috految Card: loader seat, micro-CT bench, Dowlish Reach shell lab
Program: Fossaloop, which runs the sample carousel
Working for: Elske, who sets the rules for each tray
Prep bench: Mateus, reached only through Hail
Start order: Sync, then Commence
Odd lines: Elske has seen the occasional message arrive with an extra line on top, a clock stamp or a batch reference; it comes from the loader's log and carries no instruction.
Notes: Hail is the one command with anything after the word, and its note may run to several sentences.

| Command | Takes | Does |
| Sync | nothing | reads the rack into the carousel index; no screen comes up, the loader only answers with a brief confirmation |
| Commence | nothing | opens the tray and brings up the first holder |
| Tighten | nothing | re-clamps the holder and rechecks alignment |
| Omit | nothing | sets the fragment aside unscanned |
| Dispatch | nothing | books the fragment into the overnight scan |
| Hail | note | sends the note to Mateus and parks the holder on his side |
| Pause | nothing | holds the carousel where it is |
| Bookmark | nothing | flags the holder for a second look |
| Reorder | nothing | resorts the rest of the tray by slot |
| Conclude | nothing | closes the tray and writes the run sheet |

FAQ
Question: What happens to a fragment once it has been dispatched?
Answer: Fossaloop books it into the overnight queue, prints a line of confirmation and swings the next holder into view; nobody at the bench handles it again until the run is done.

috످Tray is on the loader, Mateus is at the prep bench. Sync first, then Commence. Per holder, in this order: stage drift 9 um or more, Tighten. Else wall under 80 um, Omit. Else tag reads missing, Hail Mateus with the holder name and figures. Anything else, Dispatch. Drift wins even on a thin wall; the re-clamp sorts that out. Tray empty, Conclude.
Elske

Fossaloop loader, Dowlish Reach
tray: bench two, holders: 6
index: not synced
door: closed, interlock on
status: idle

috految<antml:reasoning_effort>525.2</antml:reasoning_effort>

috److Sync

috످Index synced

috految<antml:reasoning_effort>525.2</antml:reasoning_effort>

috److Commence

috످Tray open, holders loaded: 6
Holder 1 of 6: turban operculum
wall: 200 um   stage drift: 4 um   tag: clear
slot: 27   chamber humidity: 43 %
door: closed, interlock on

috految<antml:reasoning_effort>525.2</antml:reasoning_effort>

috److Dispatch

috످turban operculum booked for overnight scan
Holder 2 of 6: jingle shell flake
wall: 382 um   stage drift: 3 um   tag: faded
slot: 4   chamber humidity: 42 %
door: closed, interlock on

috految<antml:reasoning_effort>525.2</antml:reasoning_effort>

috److془Drift 3 <9, wall 382 >= 80, tag faded not missing. Dispatch.془Dispatch

috످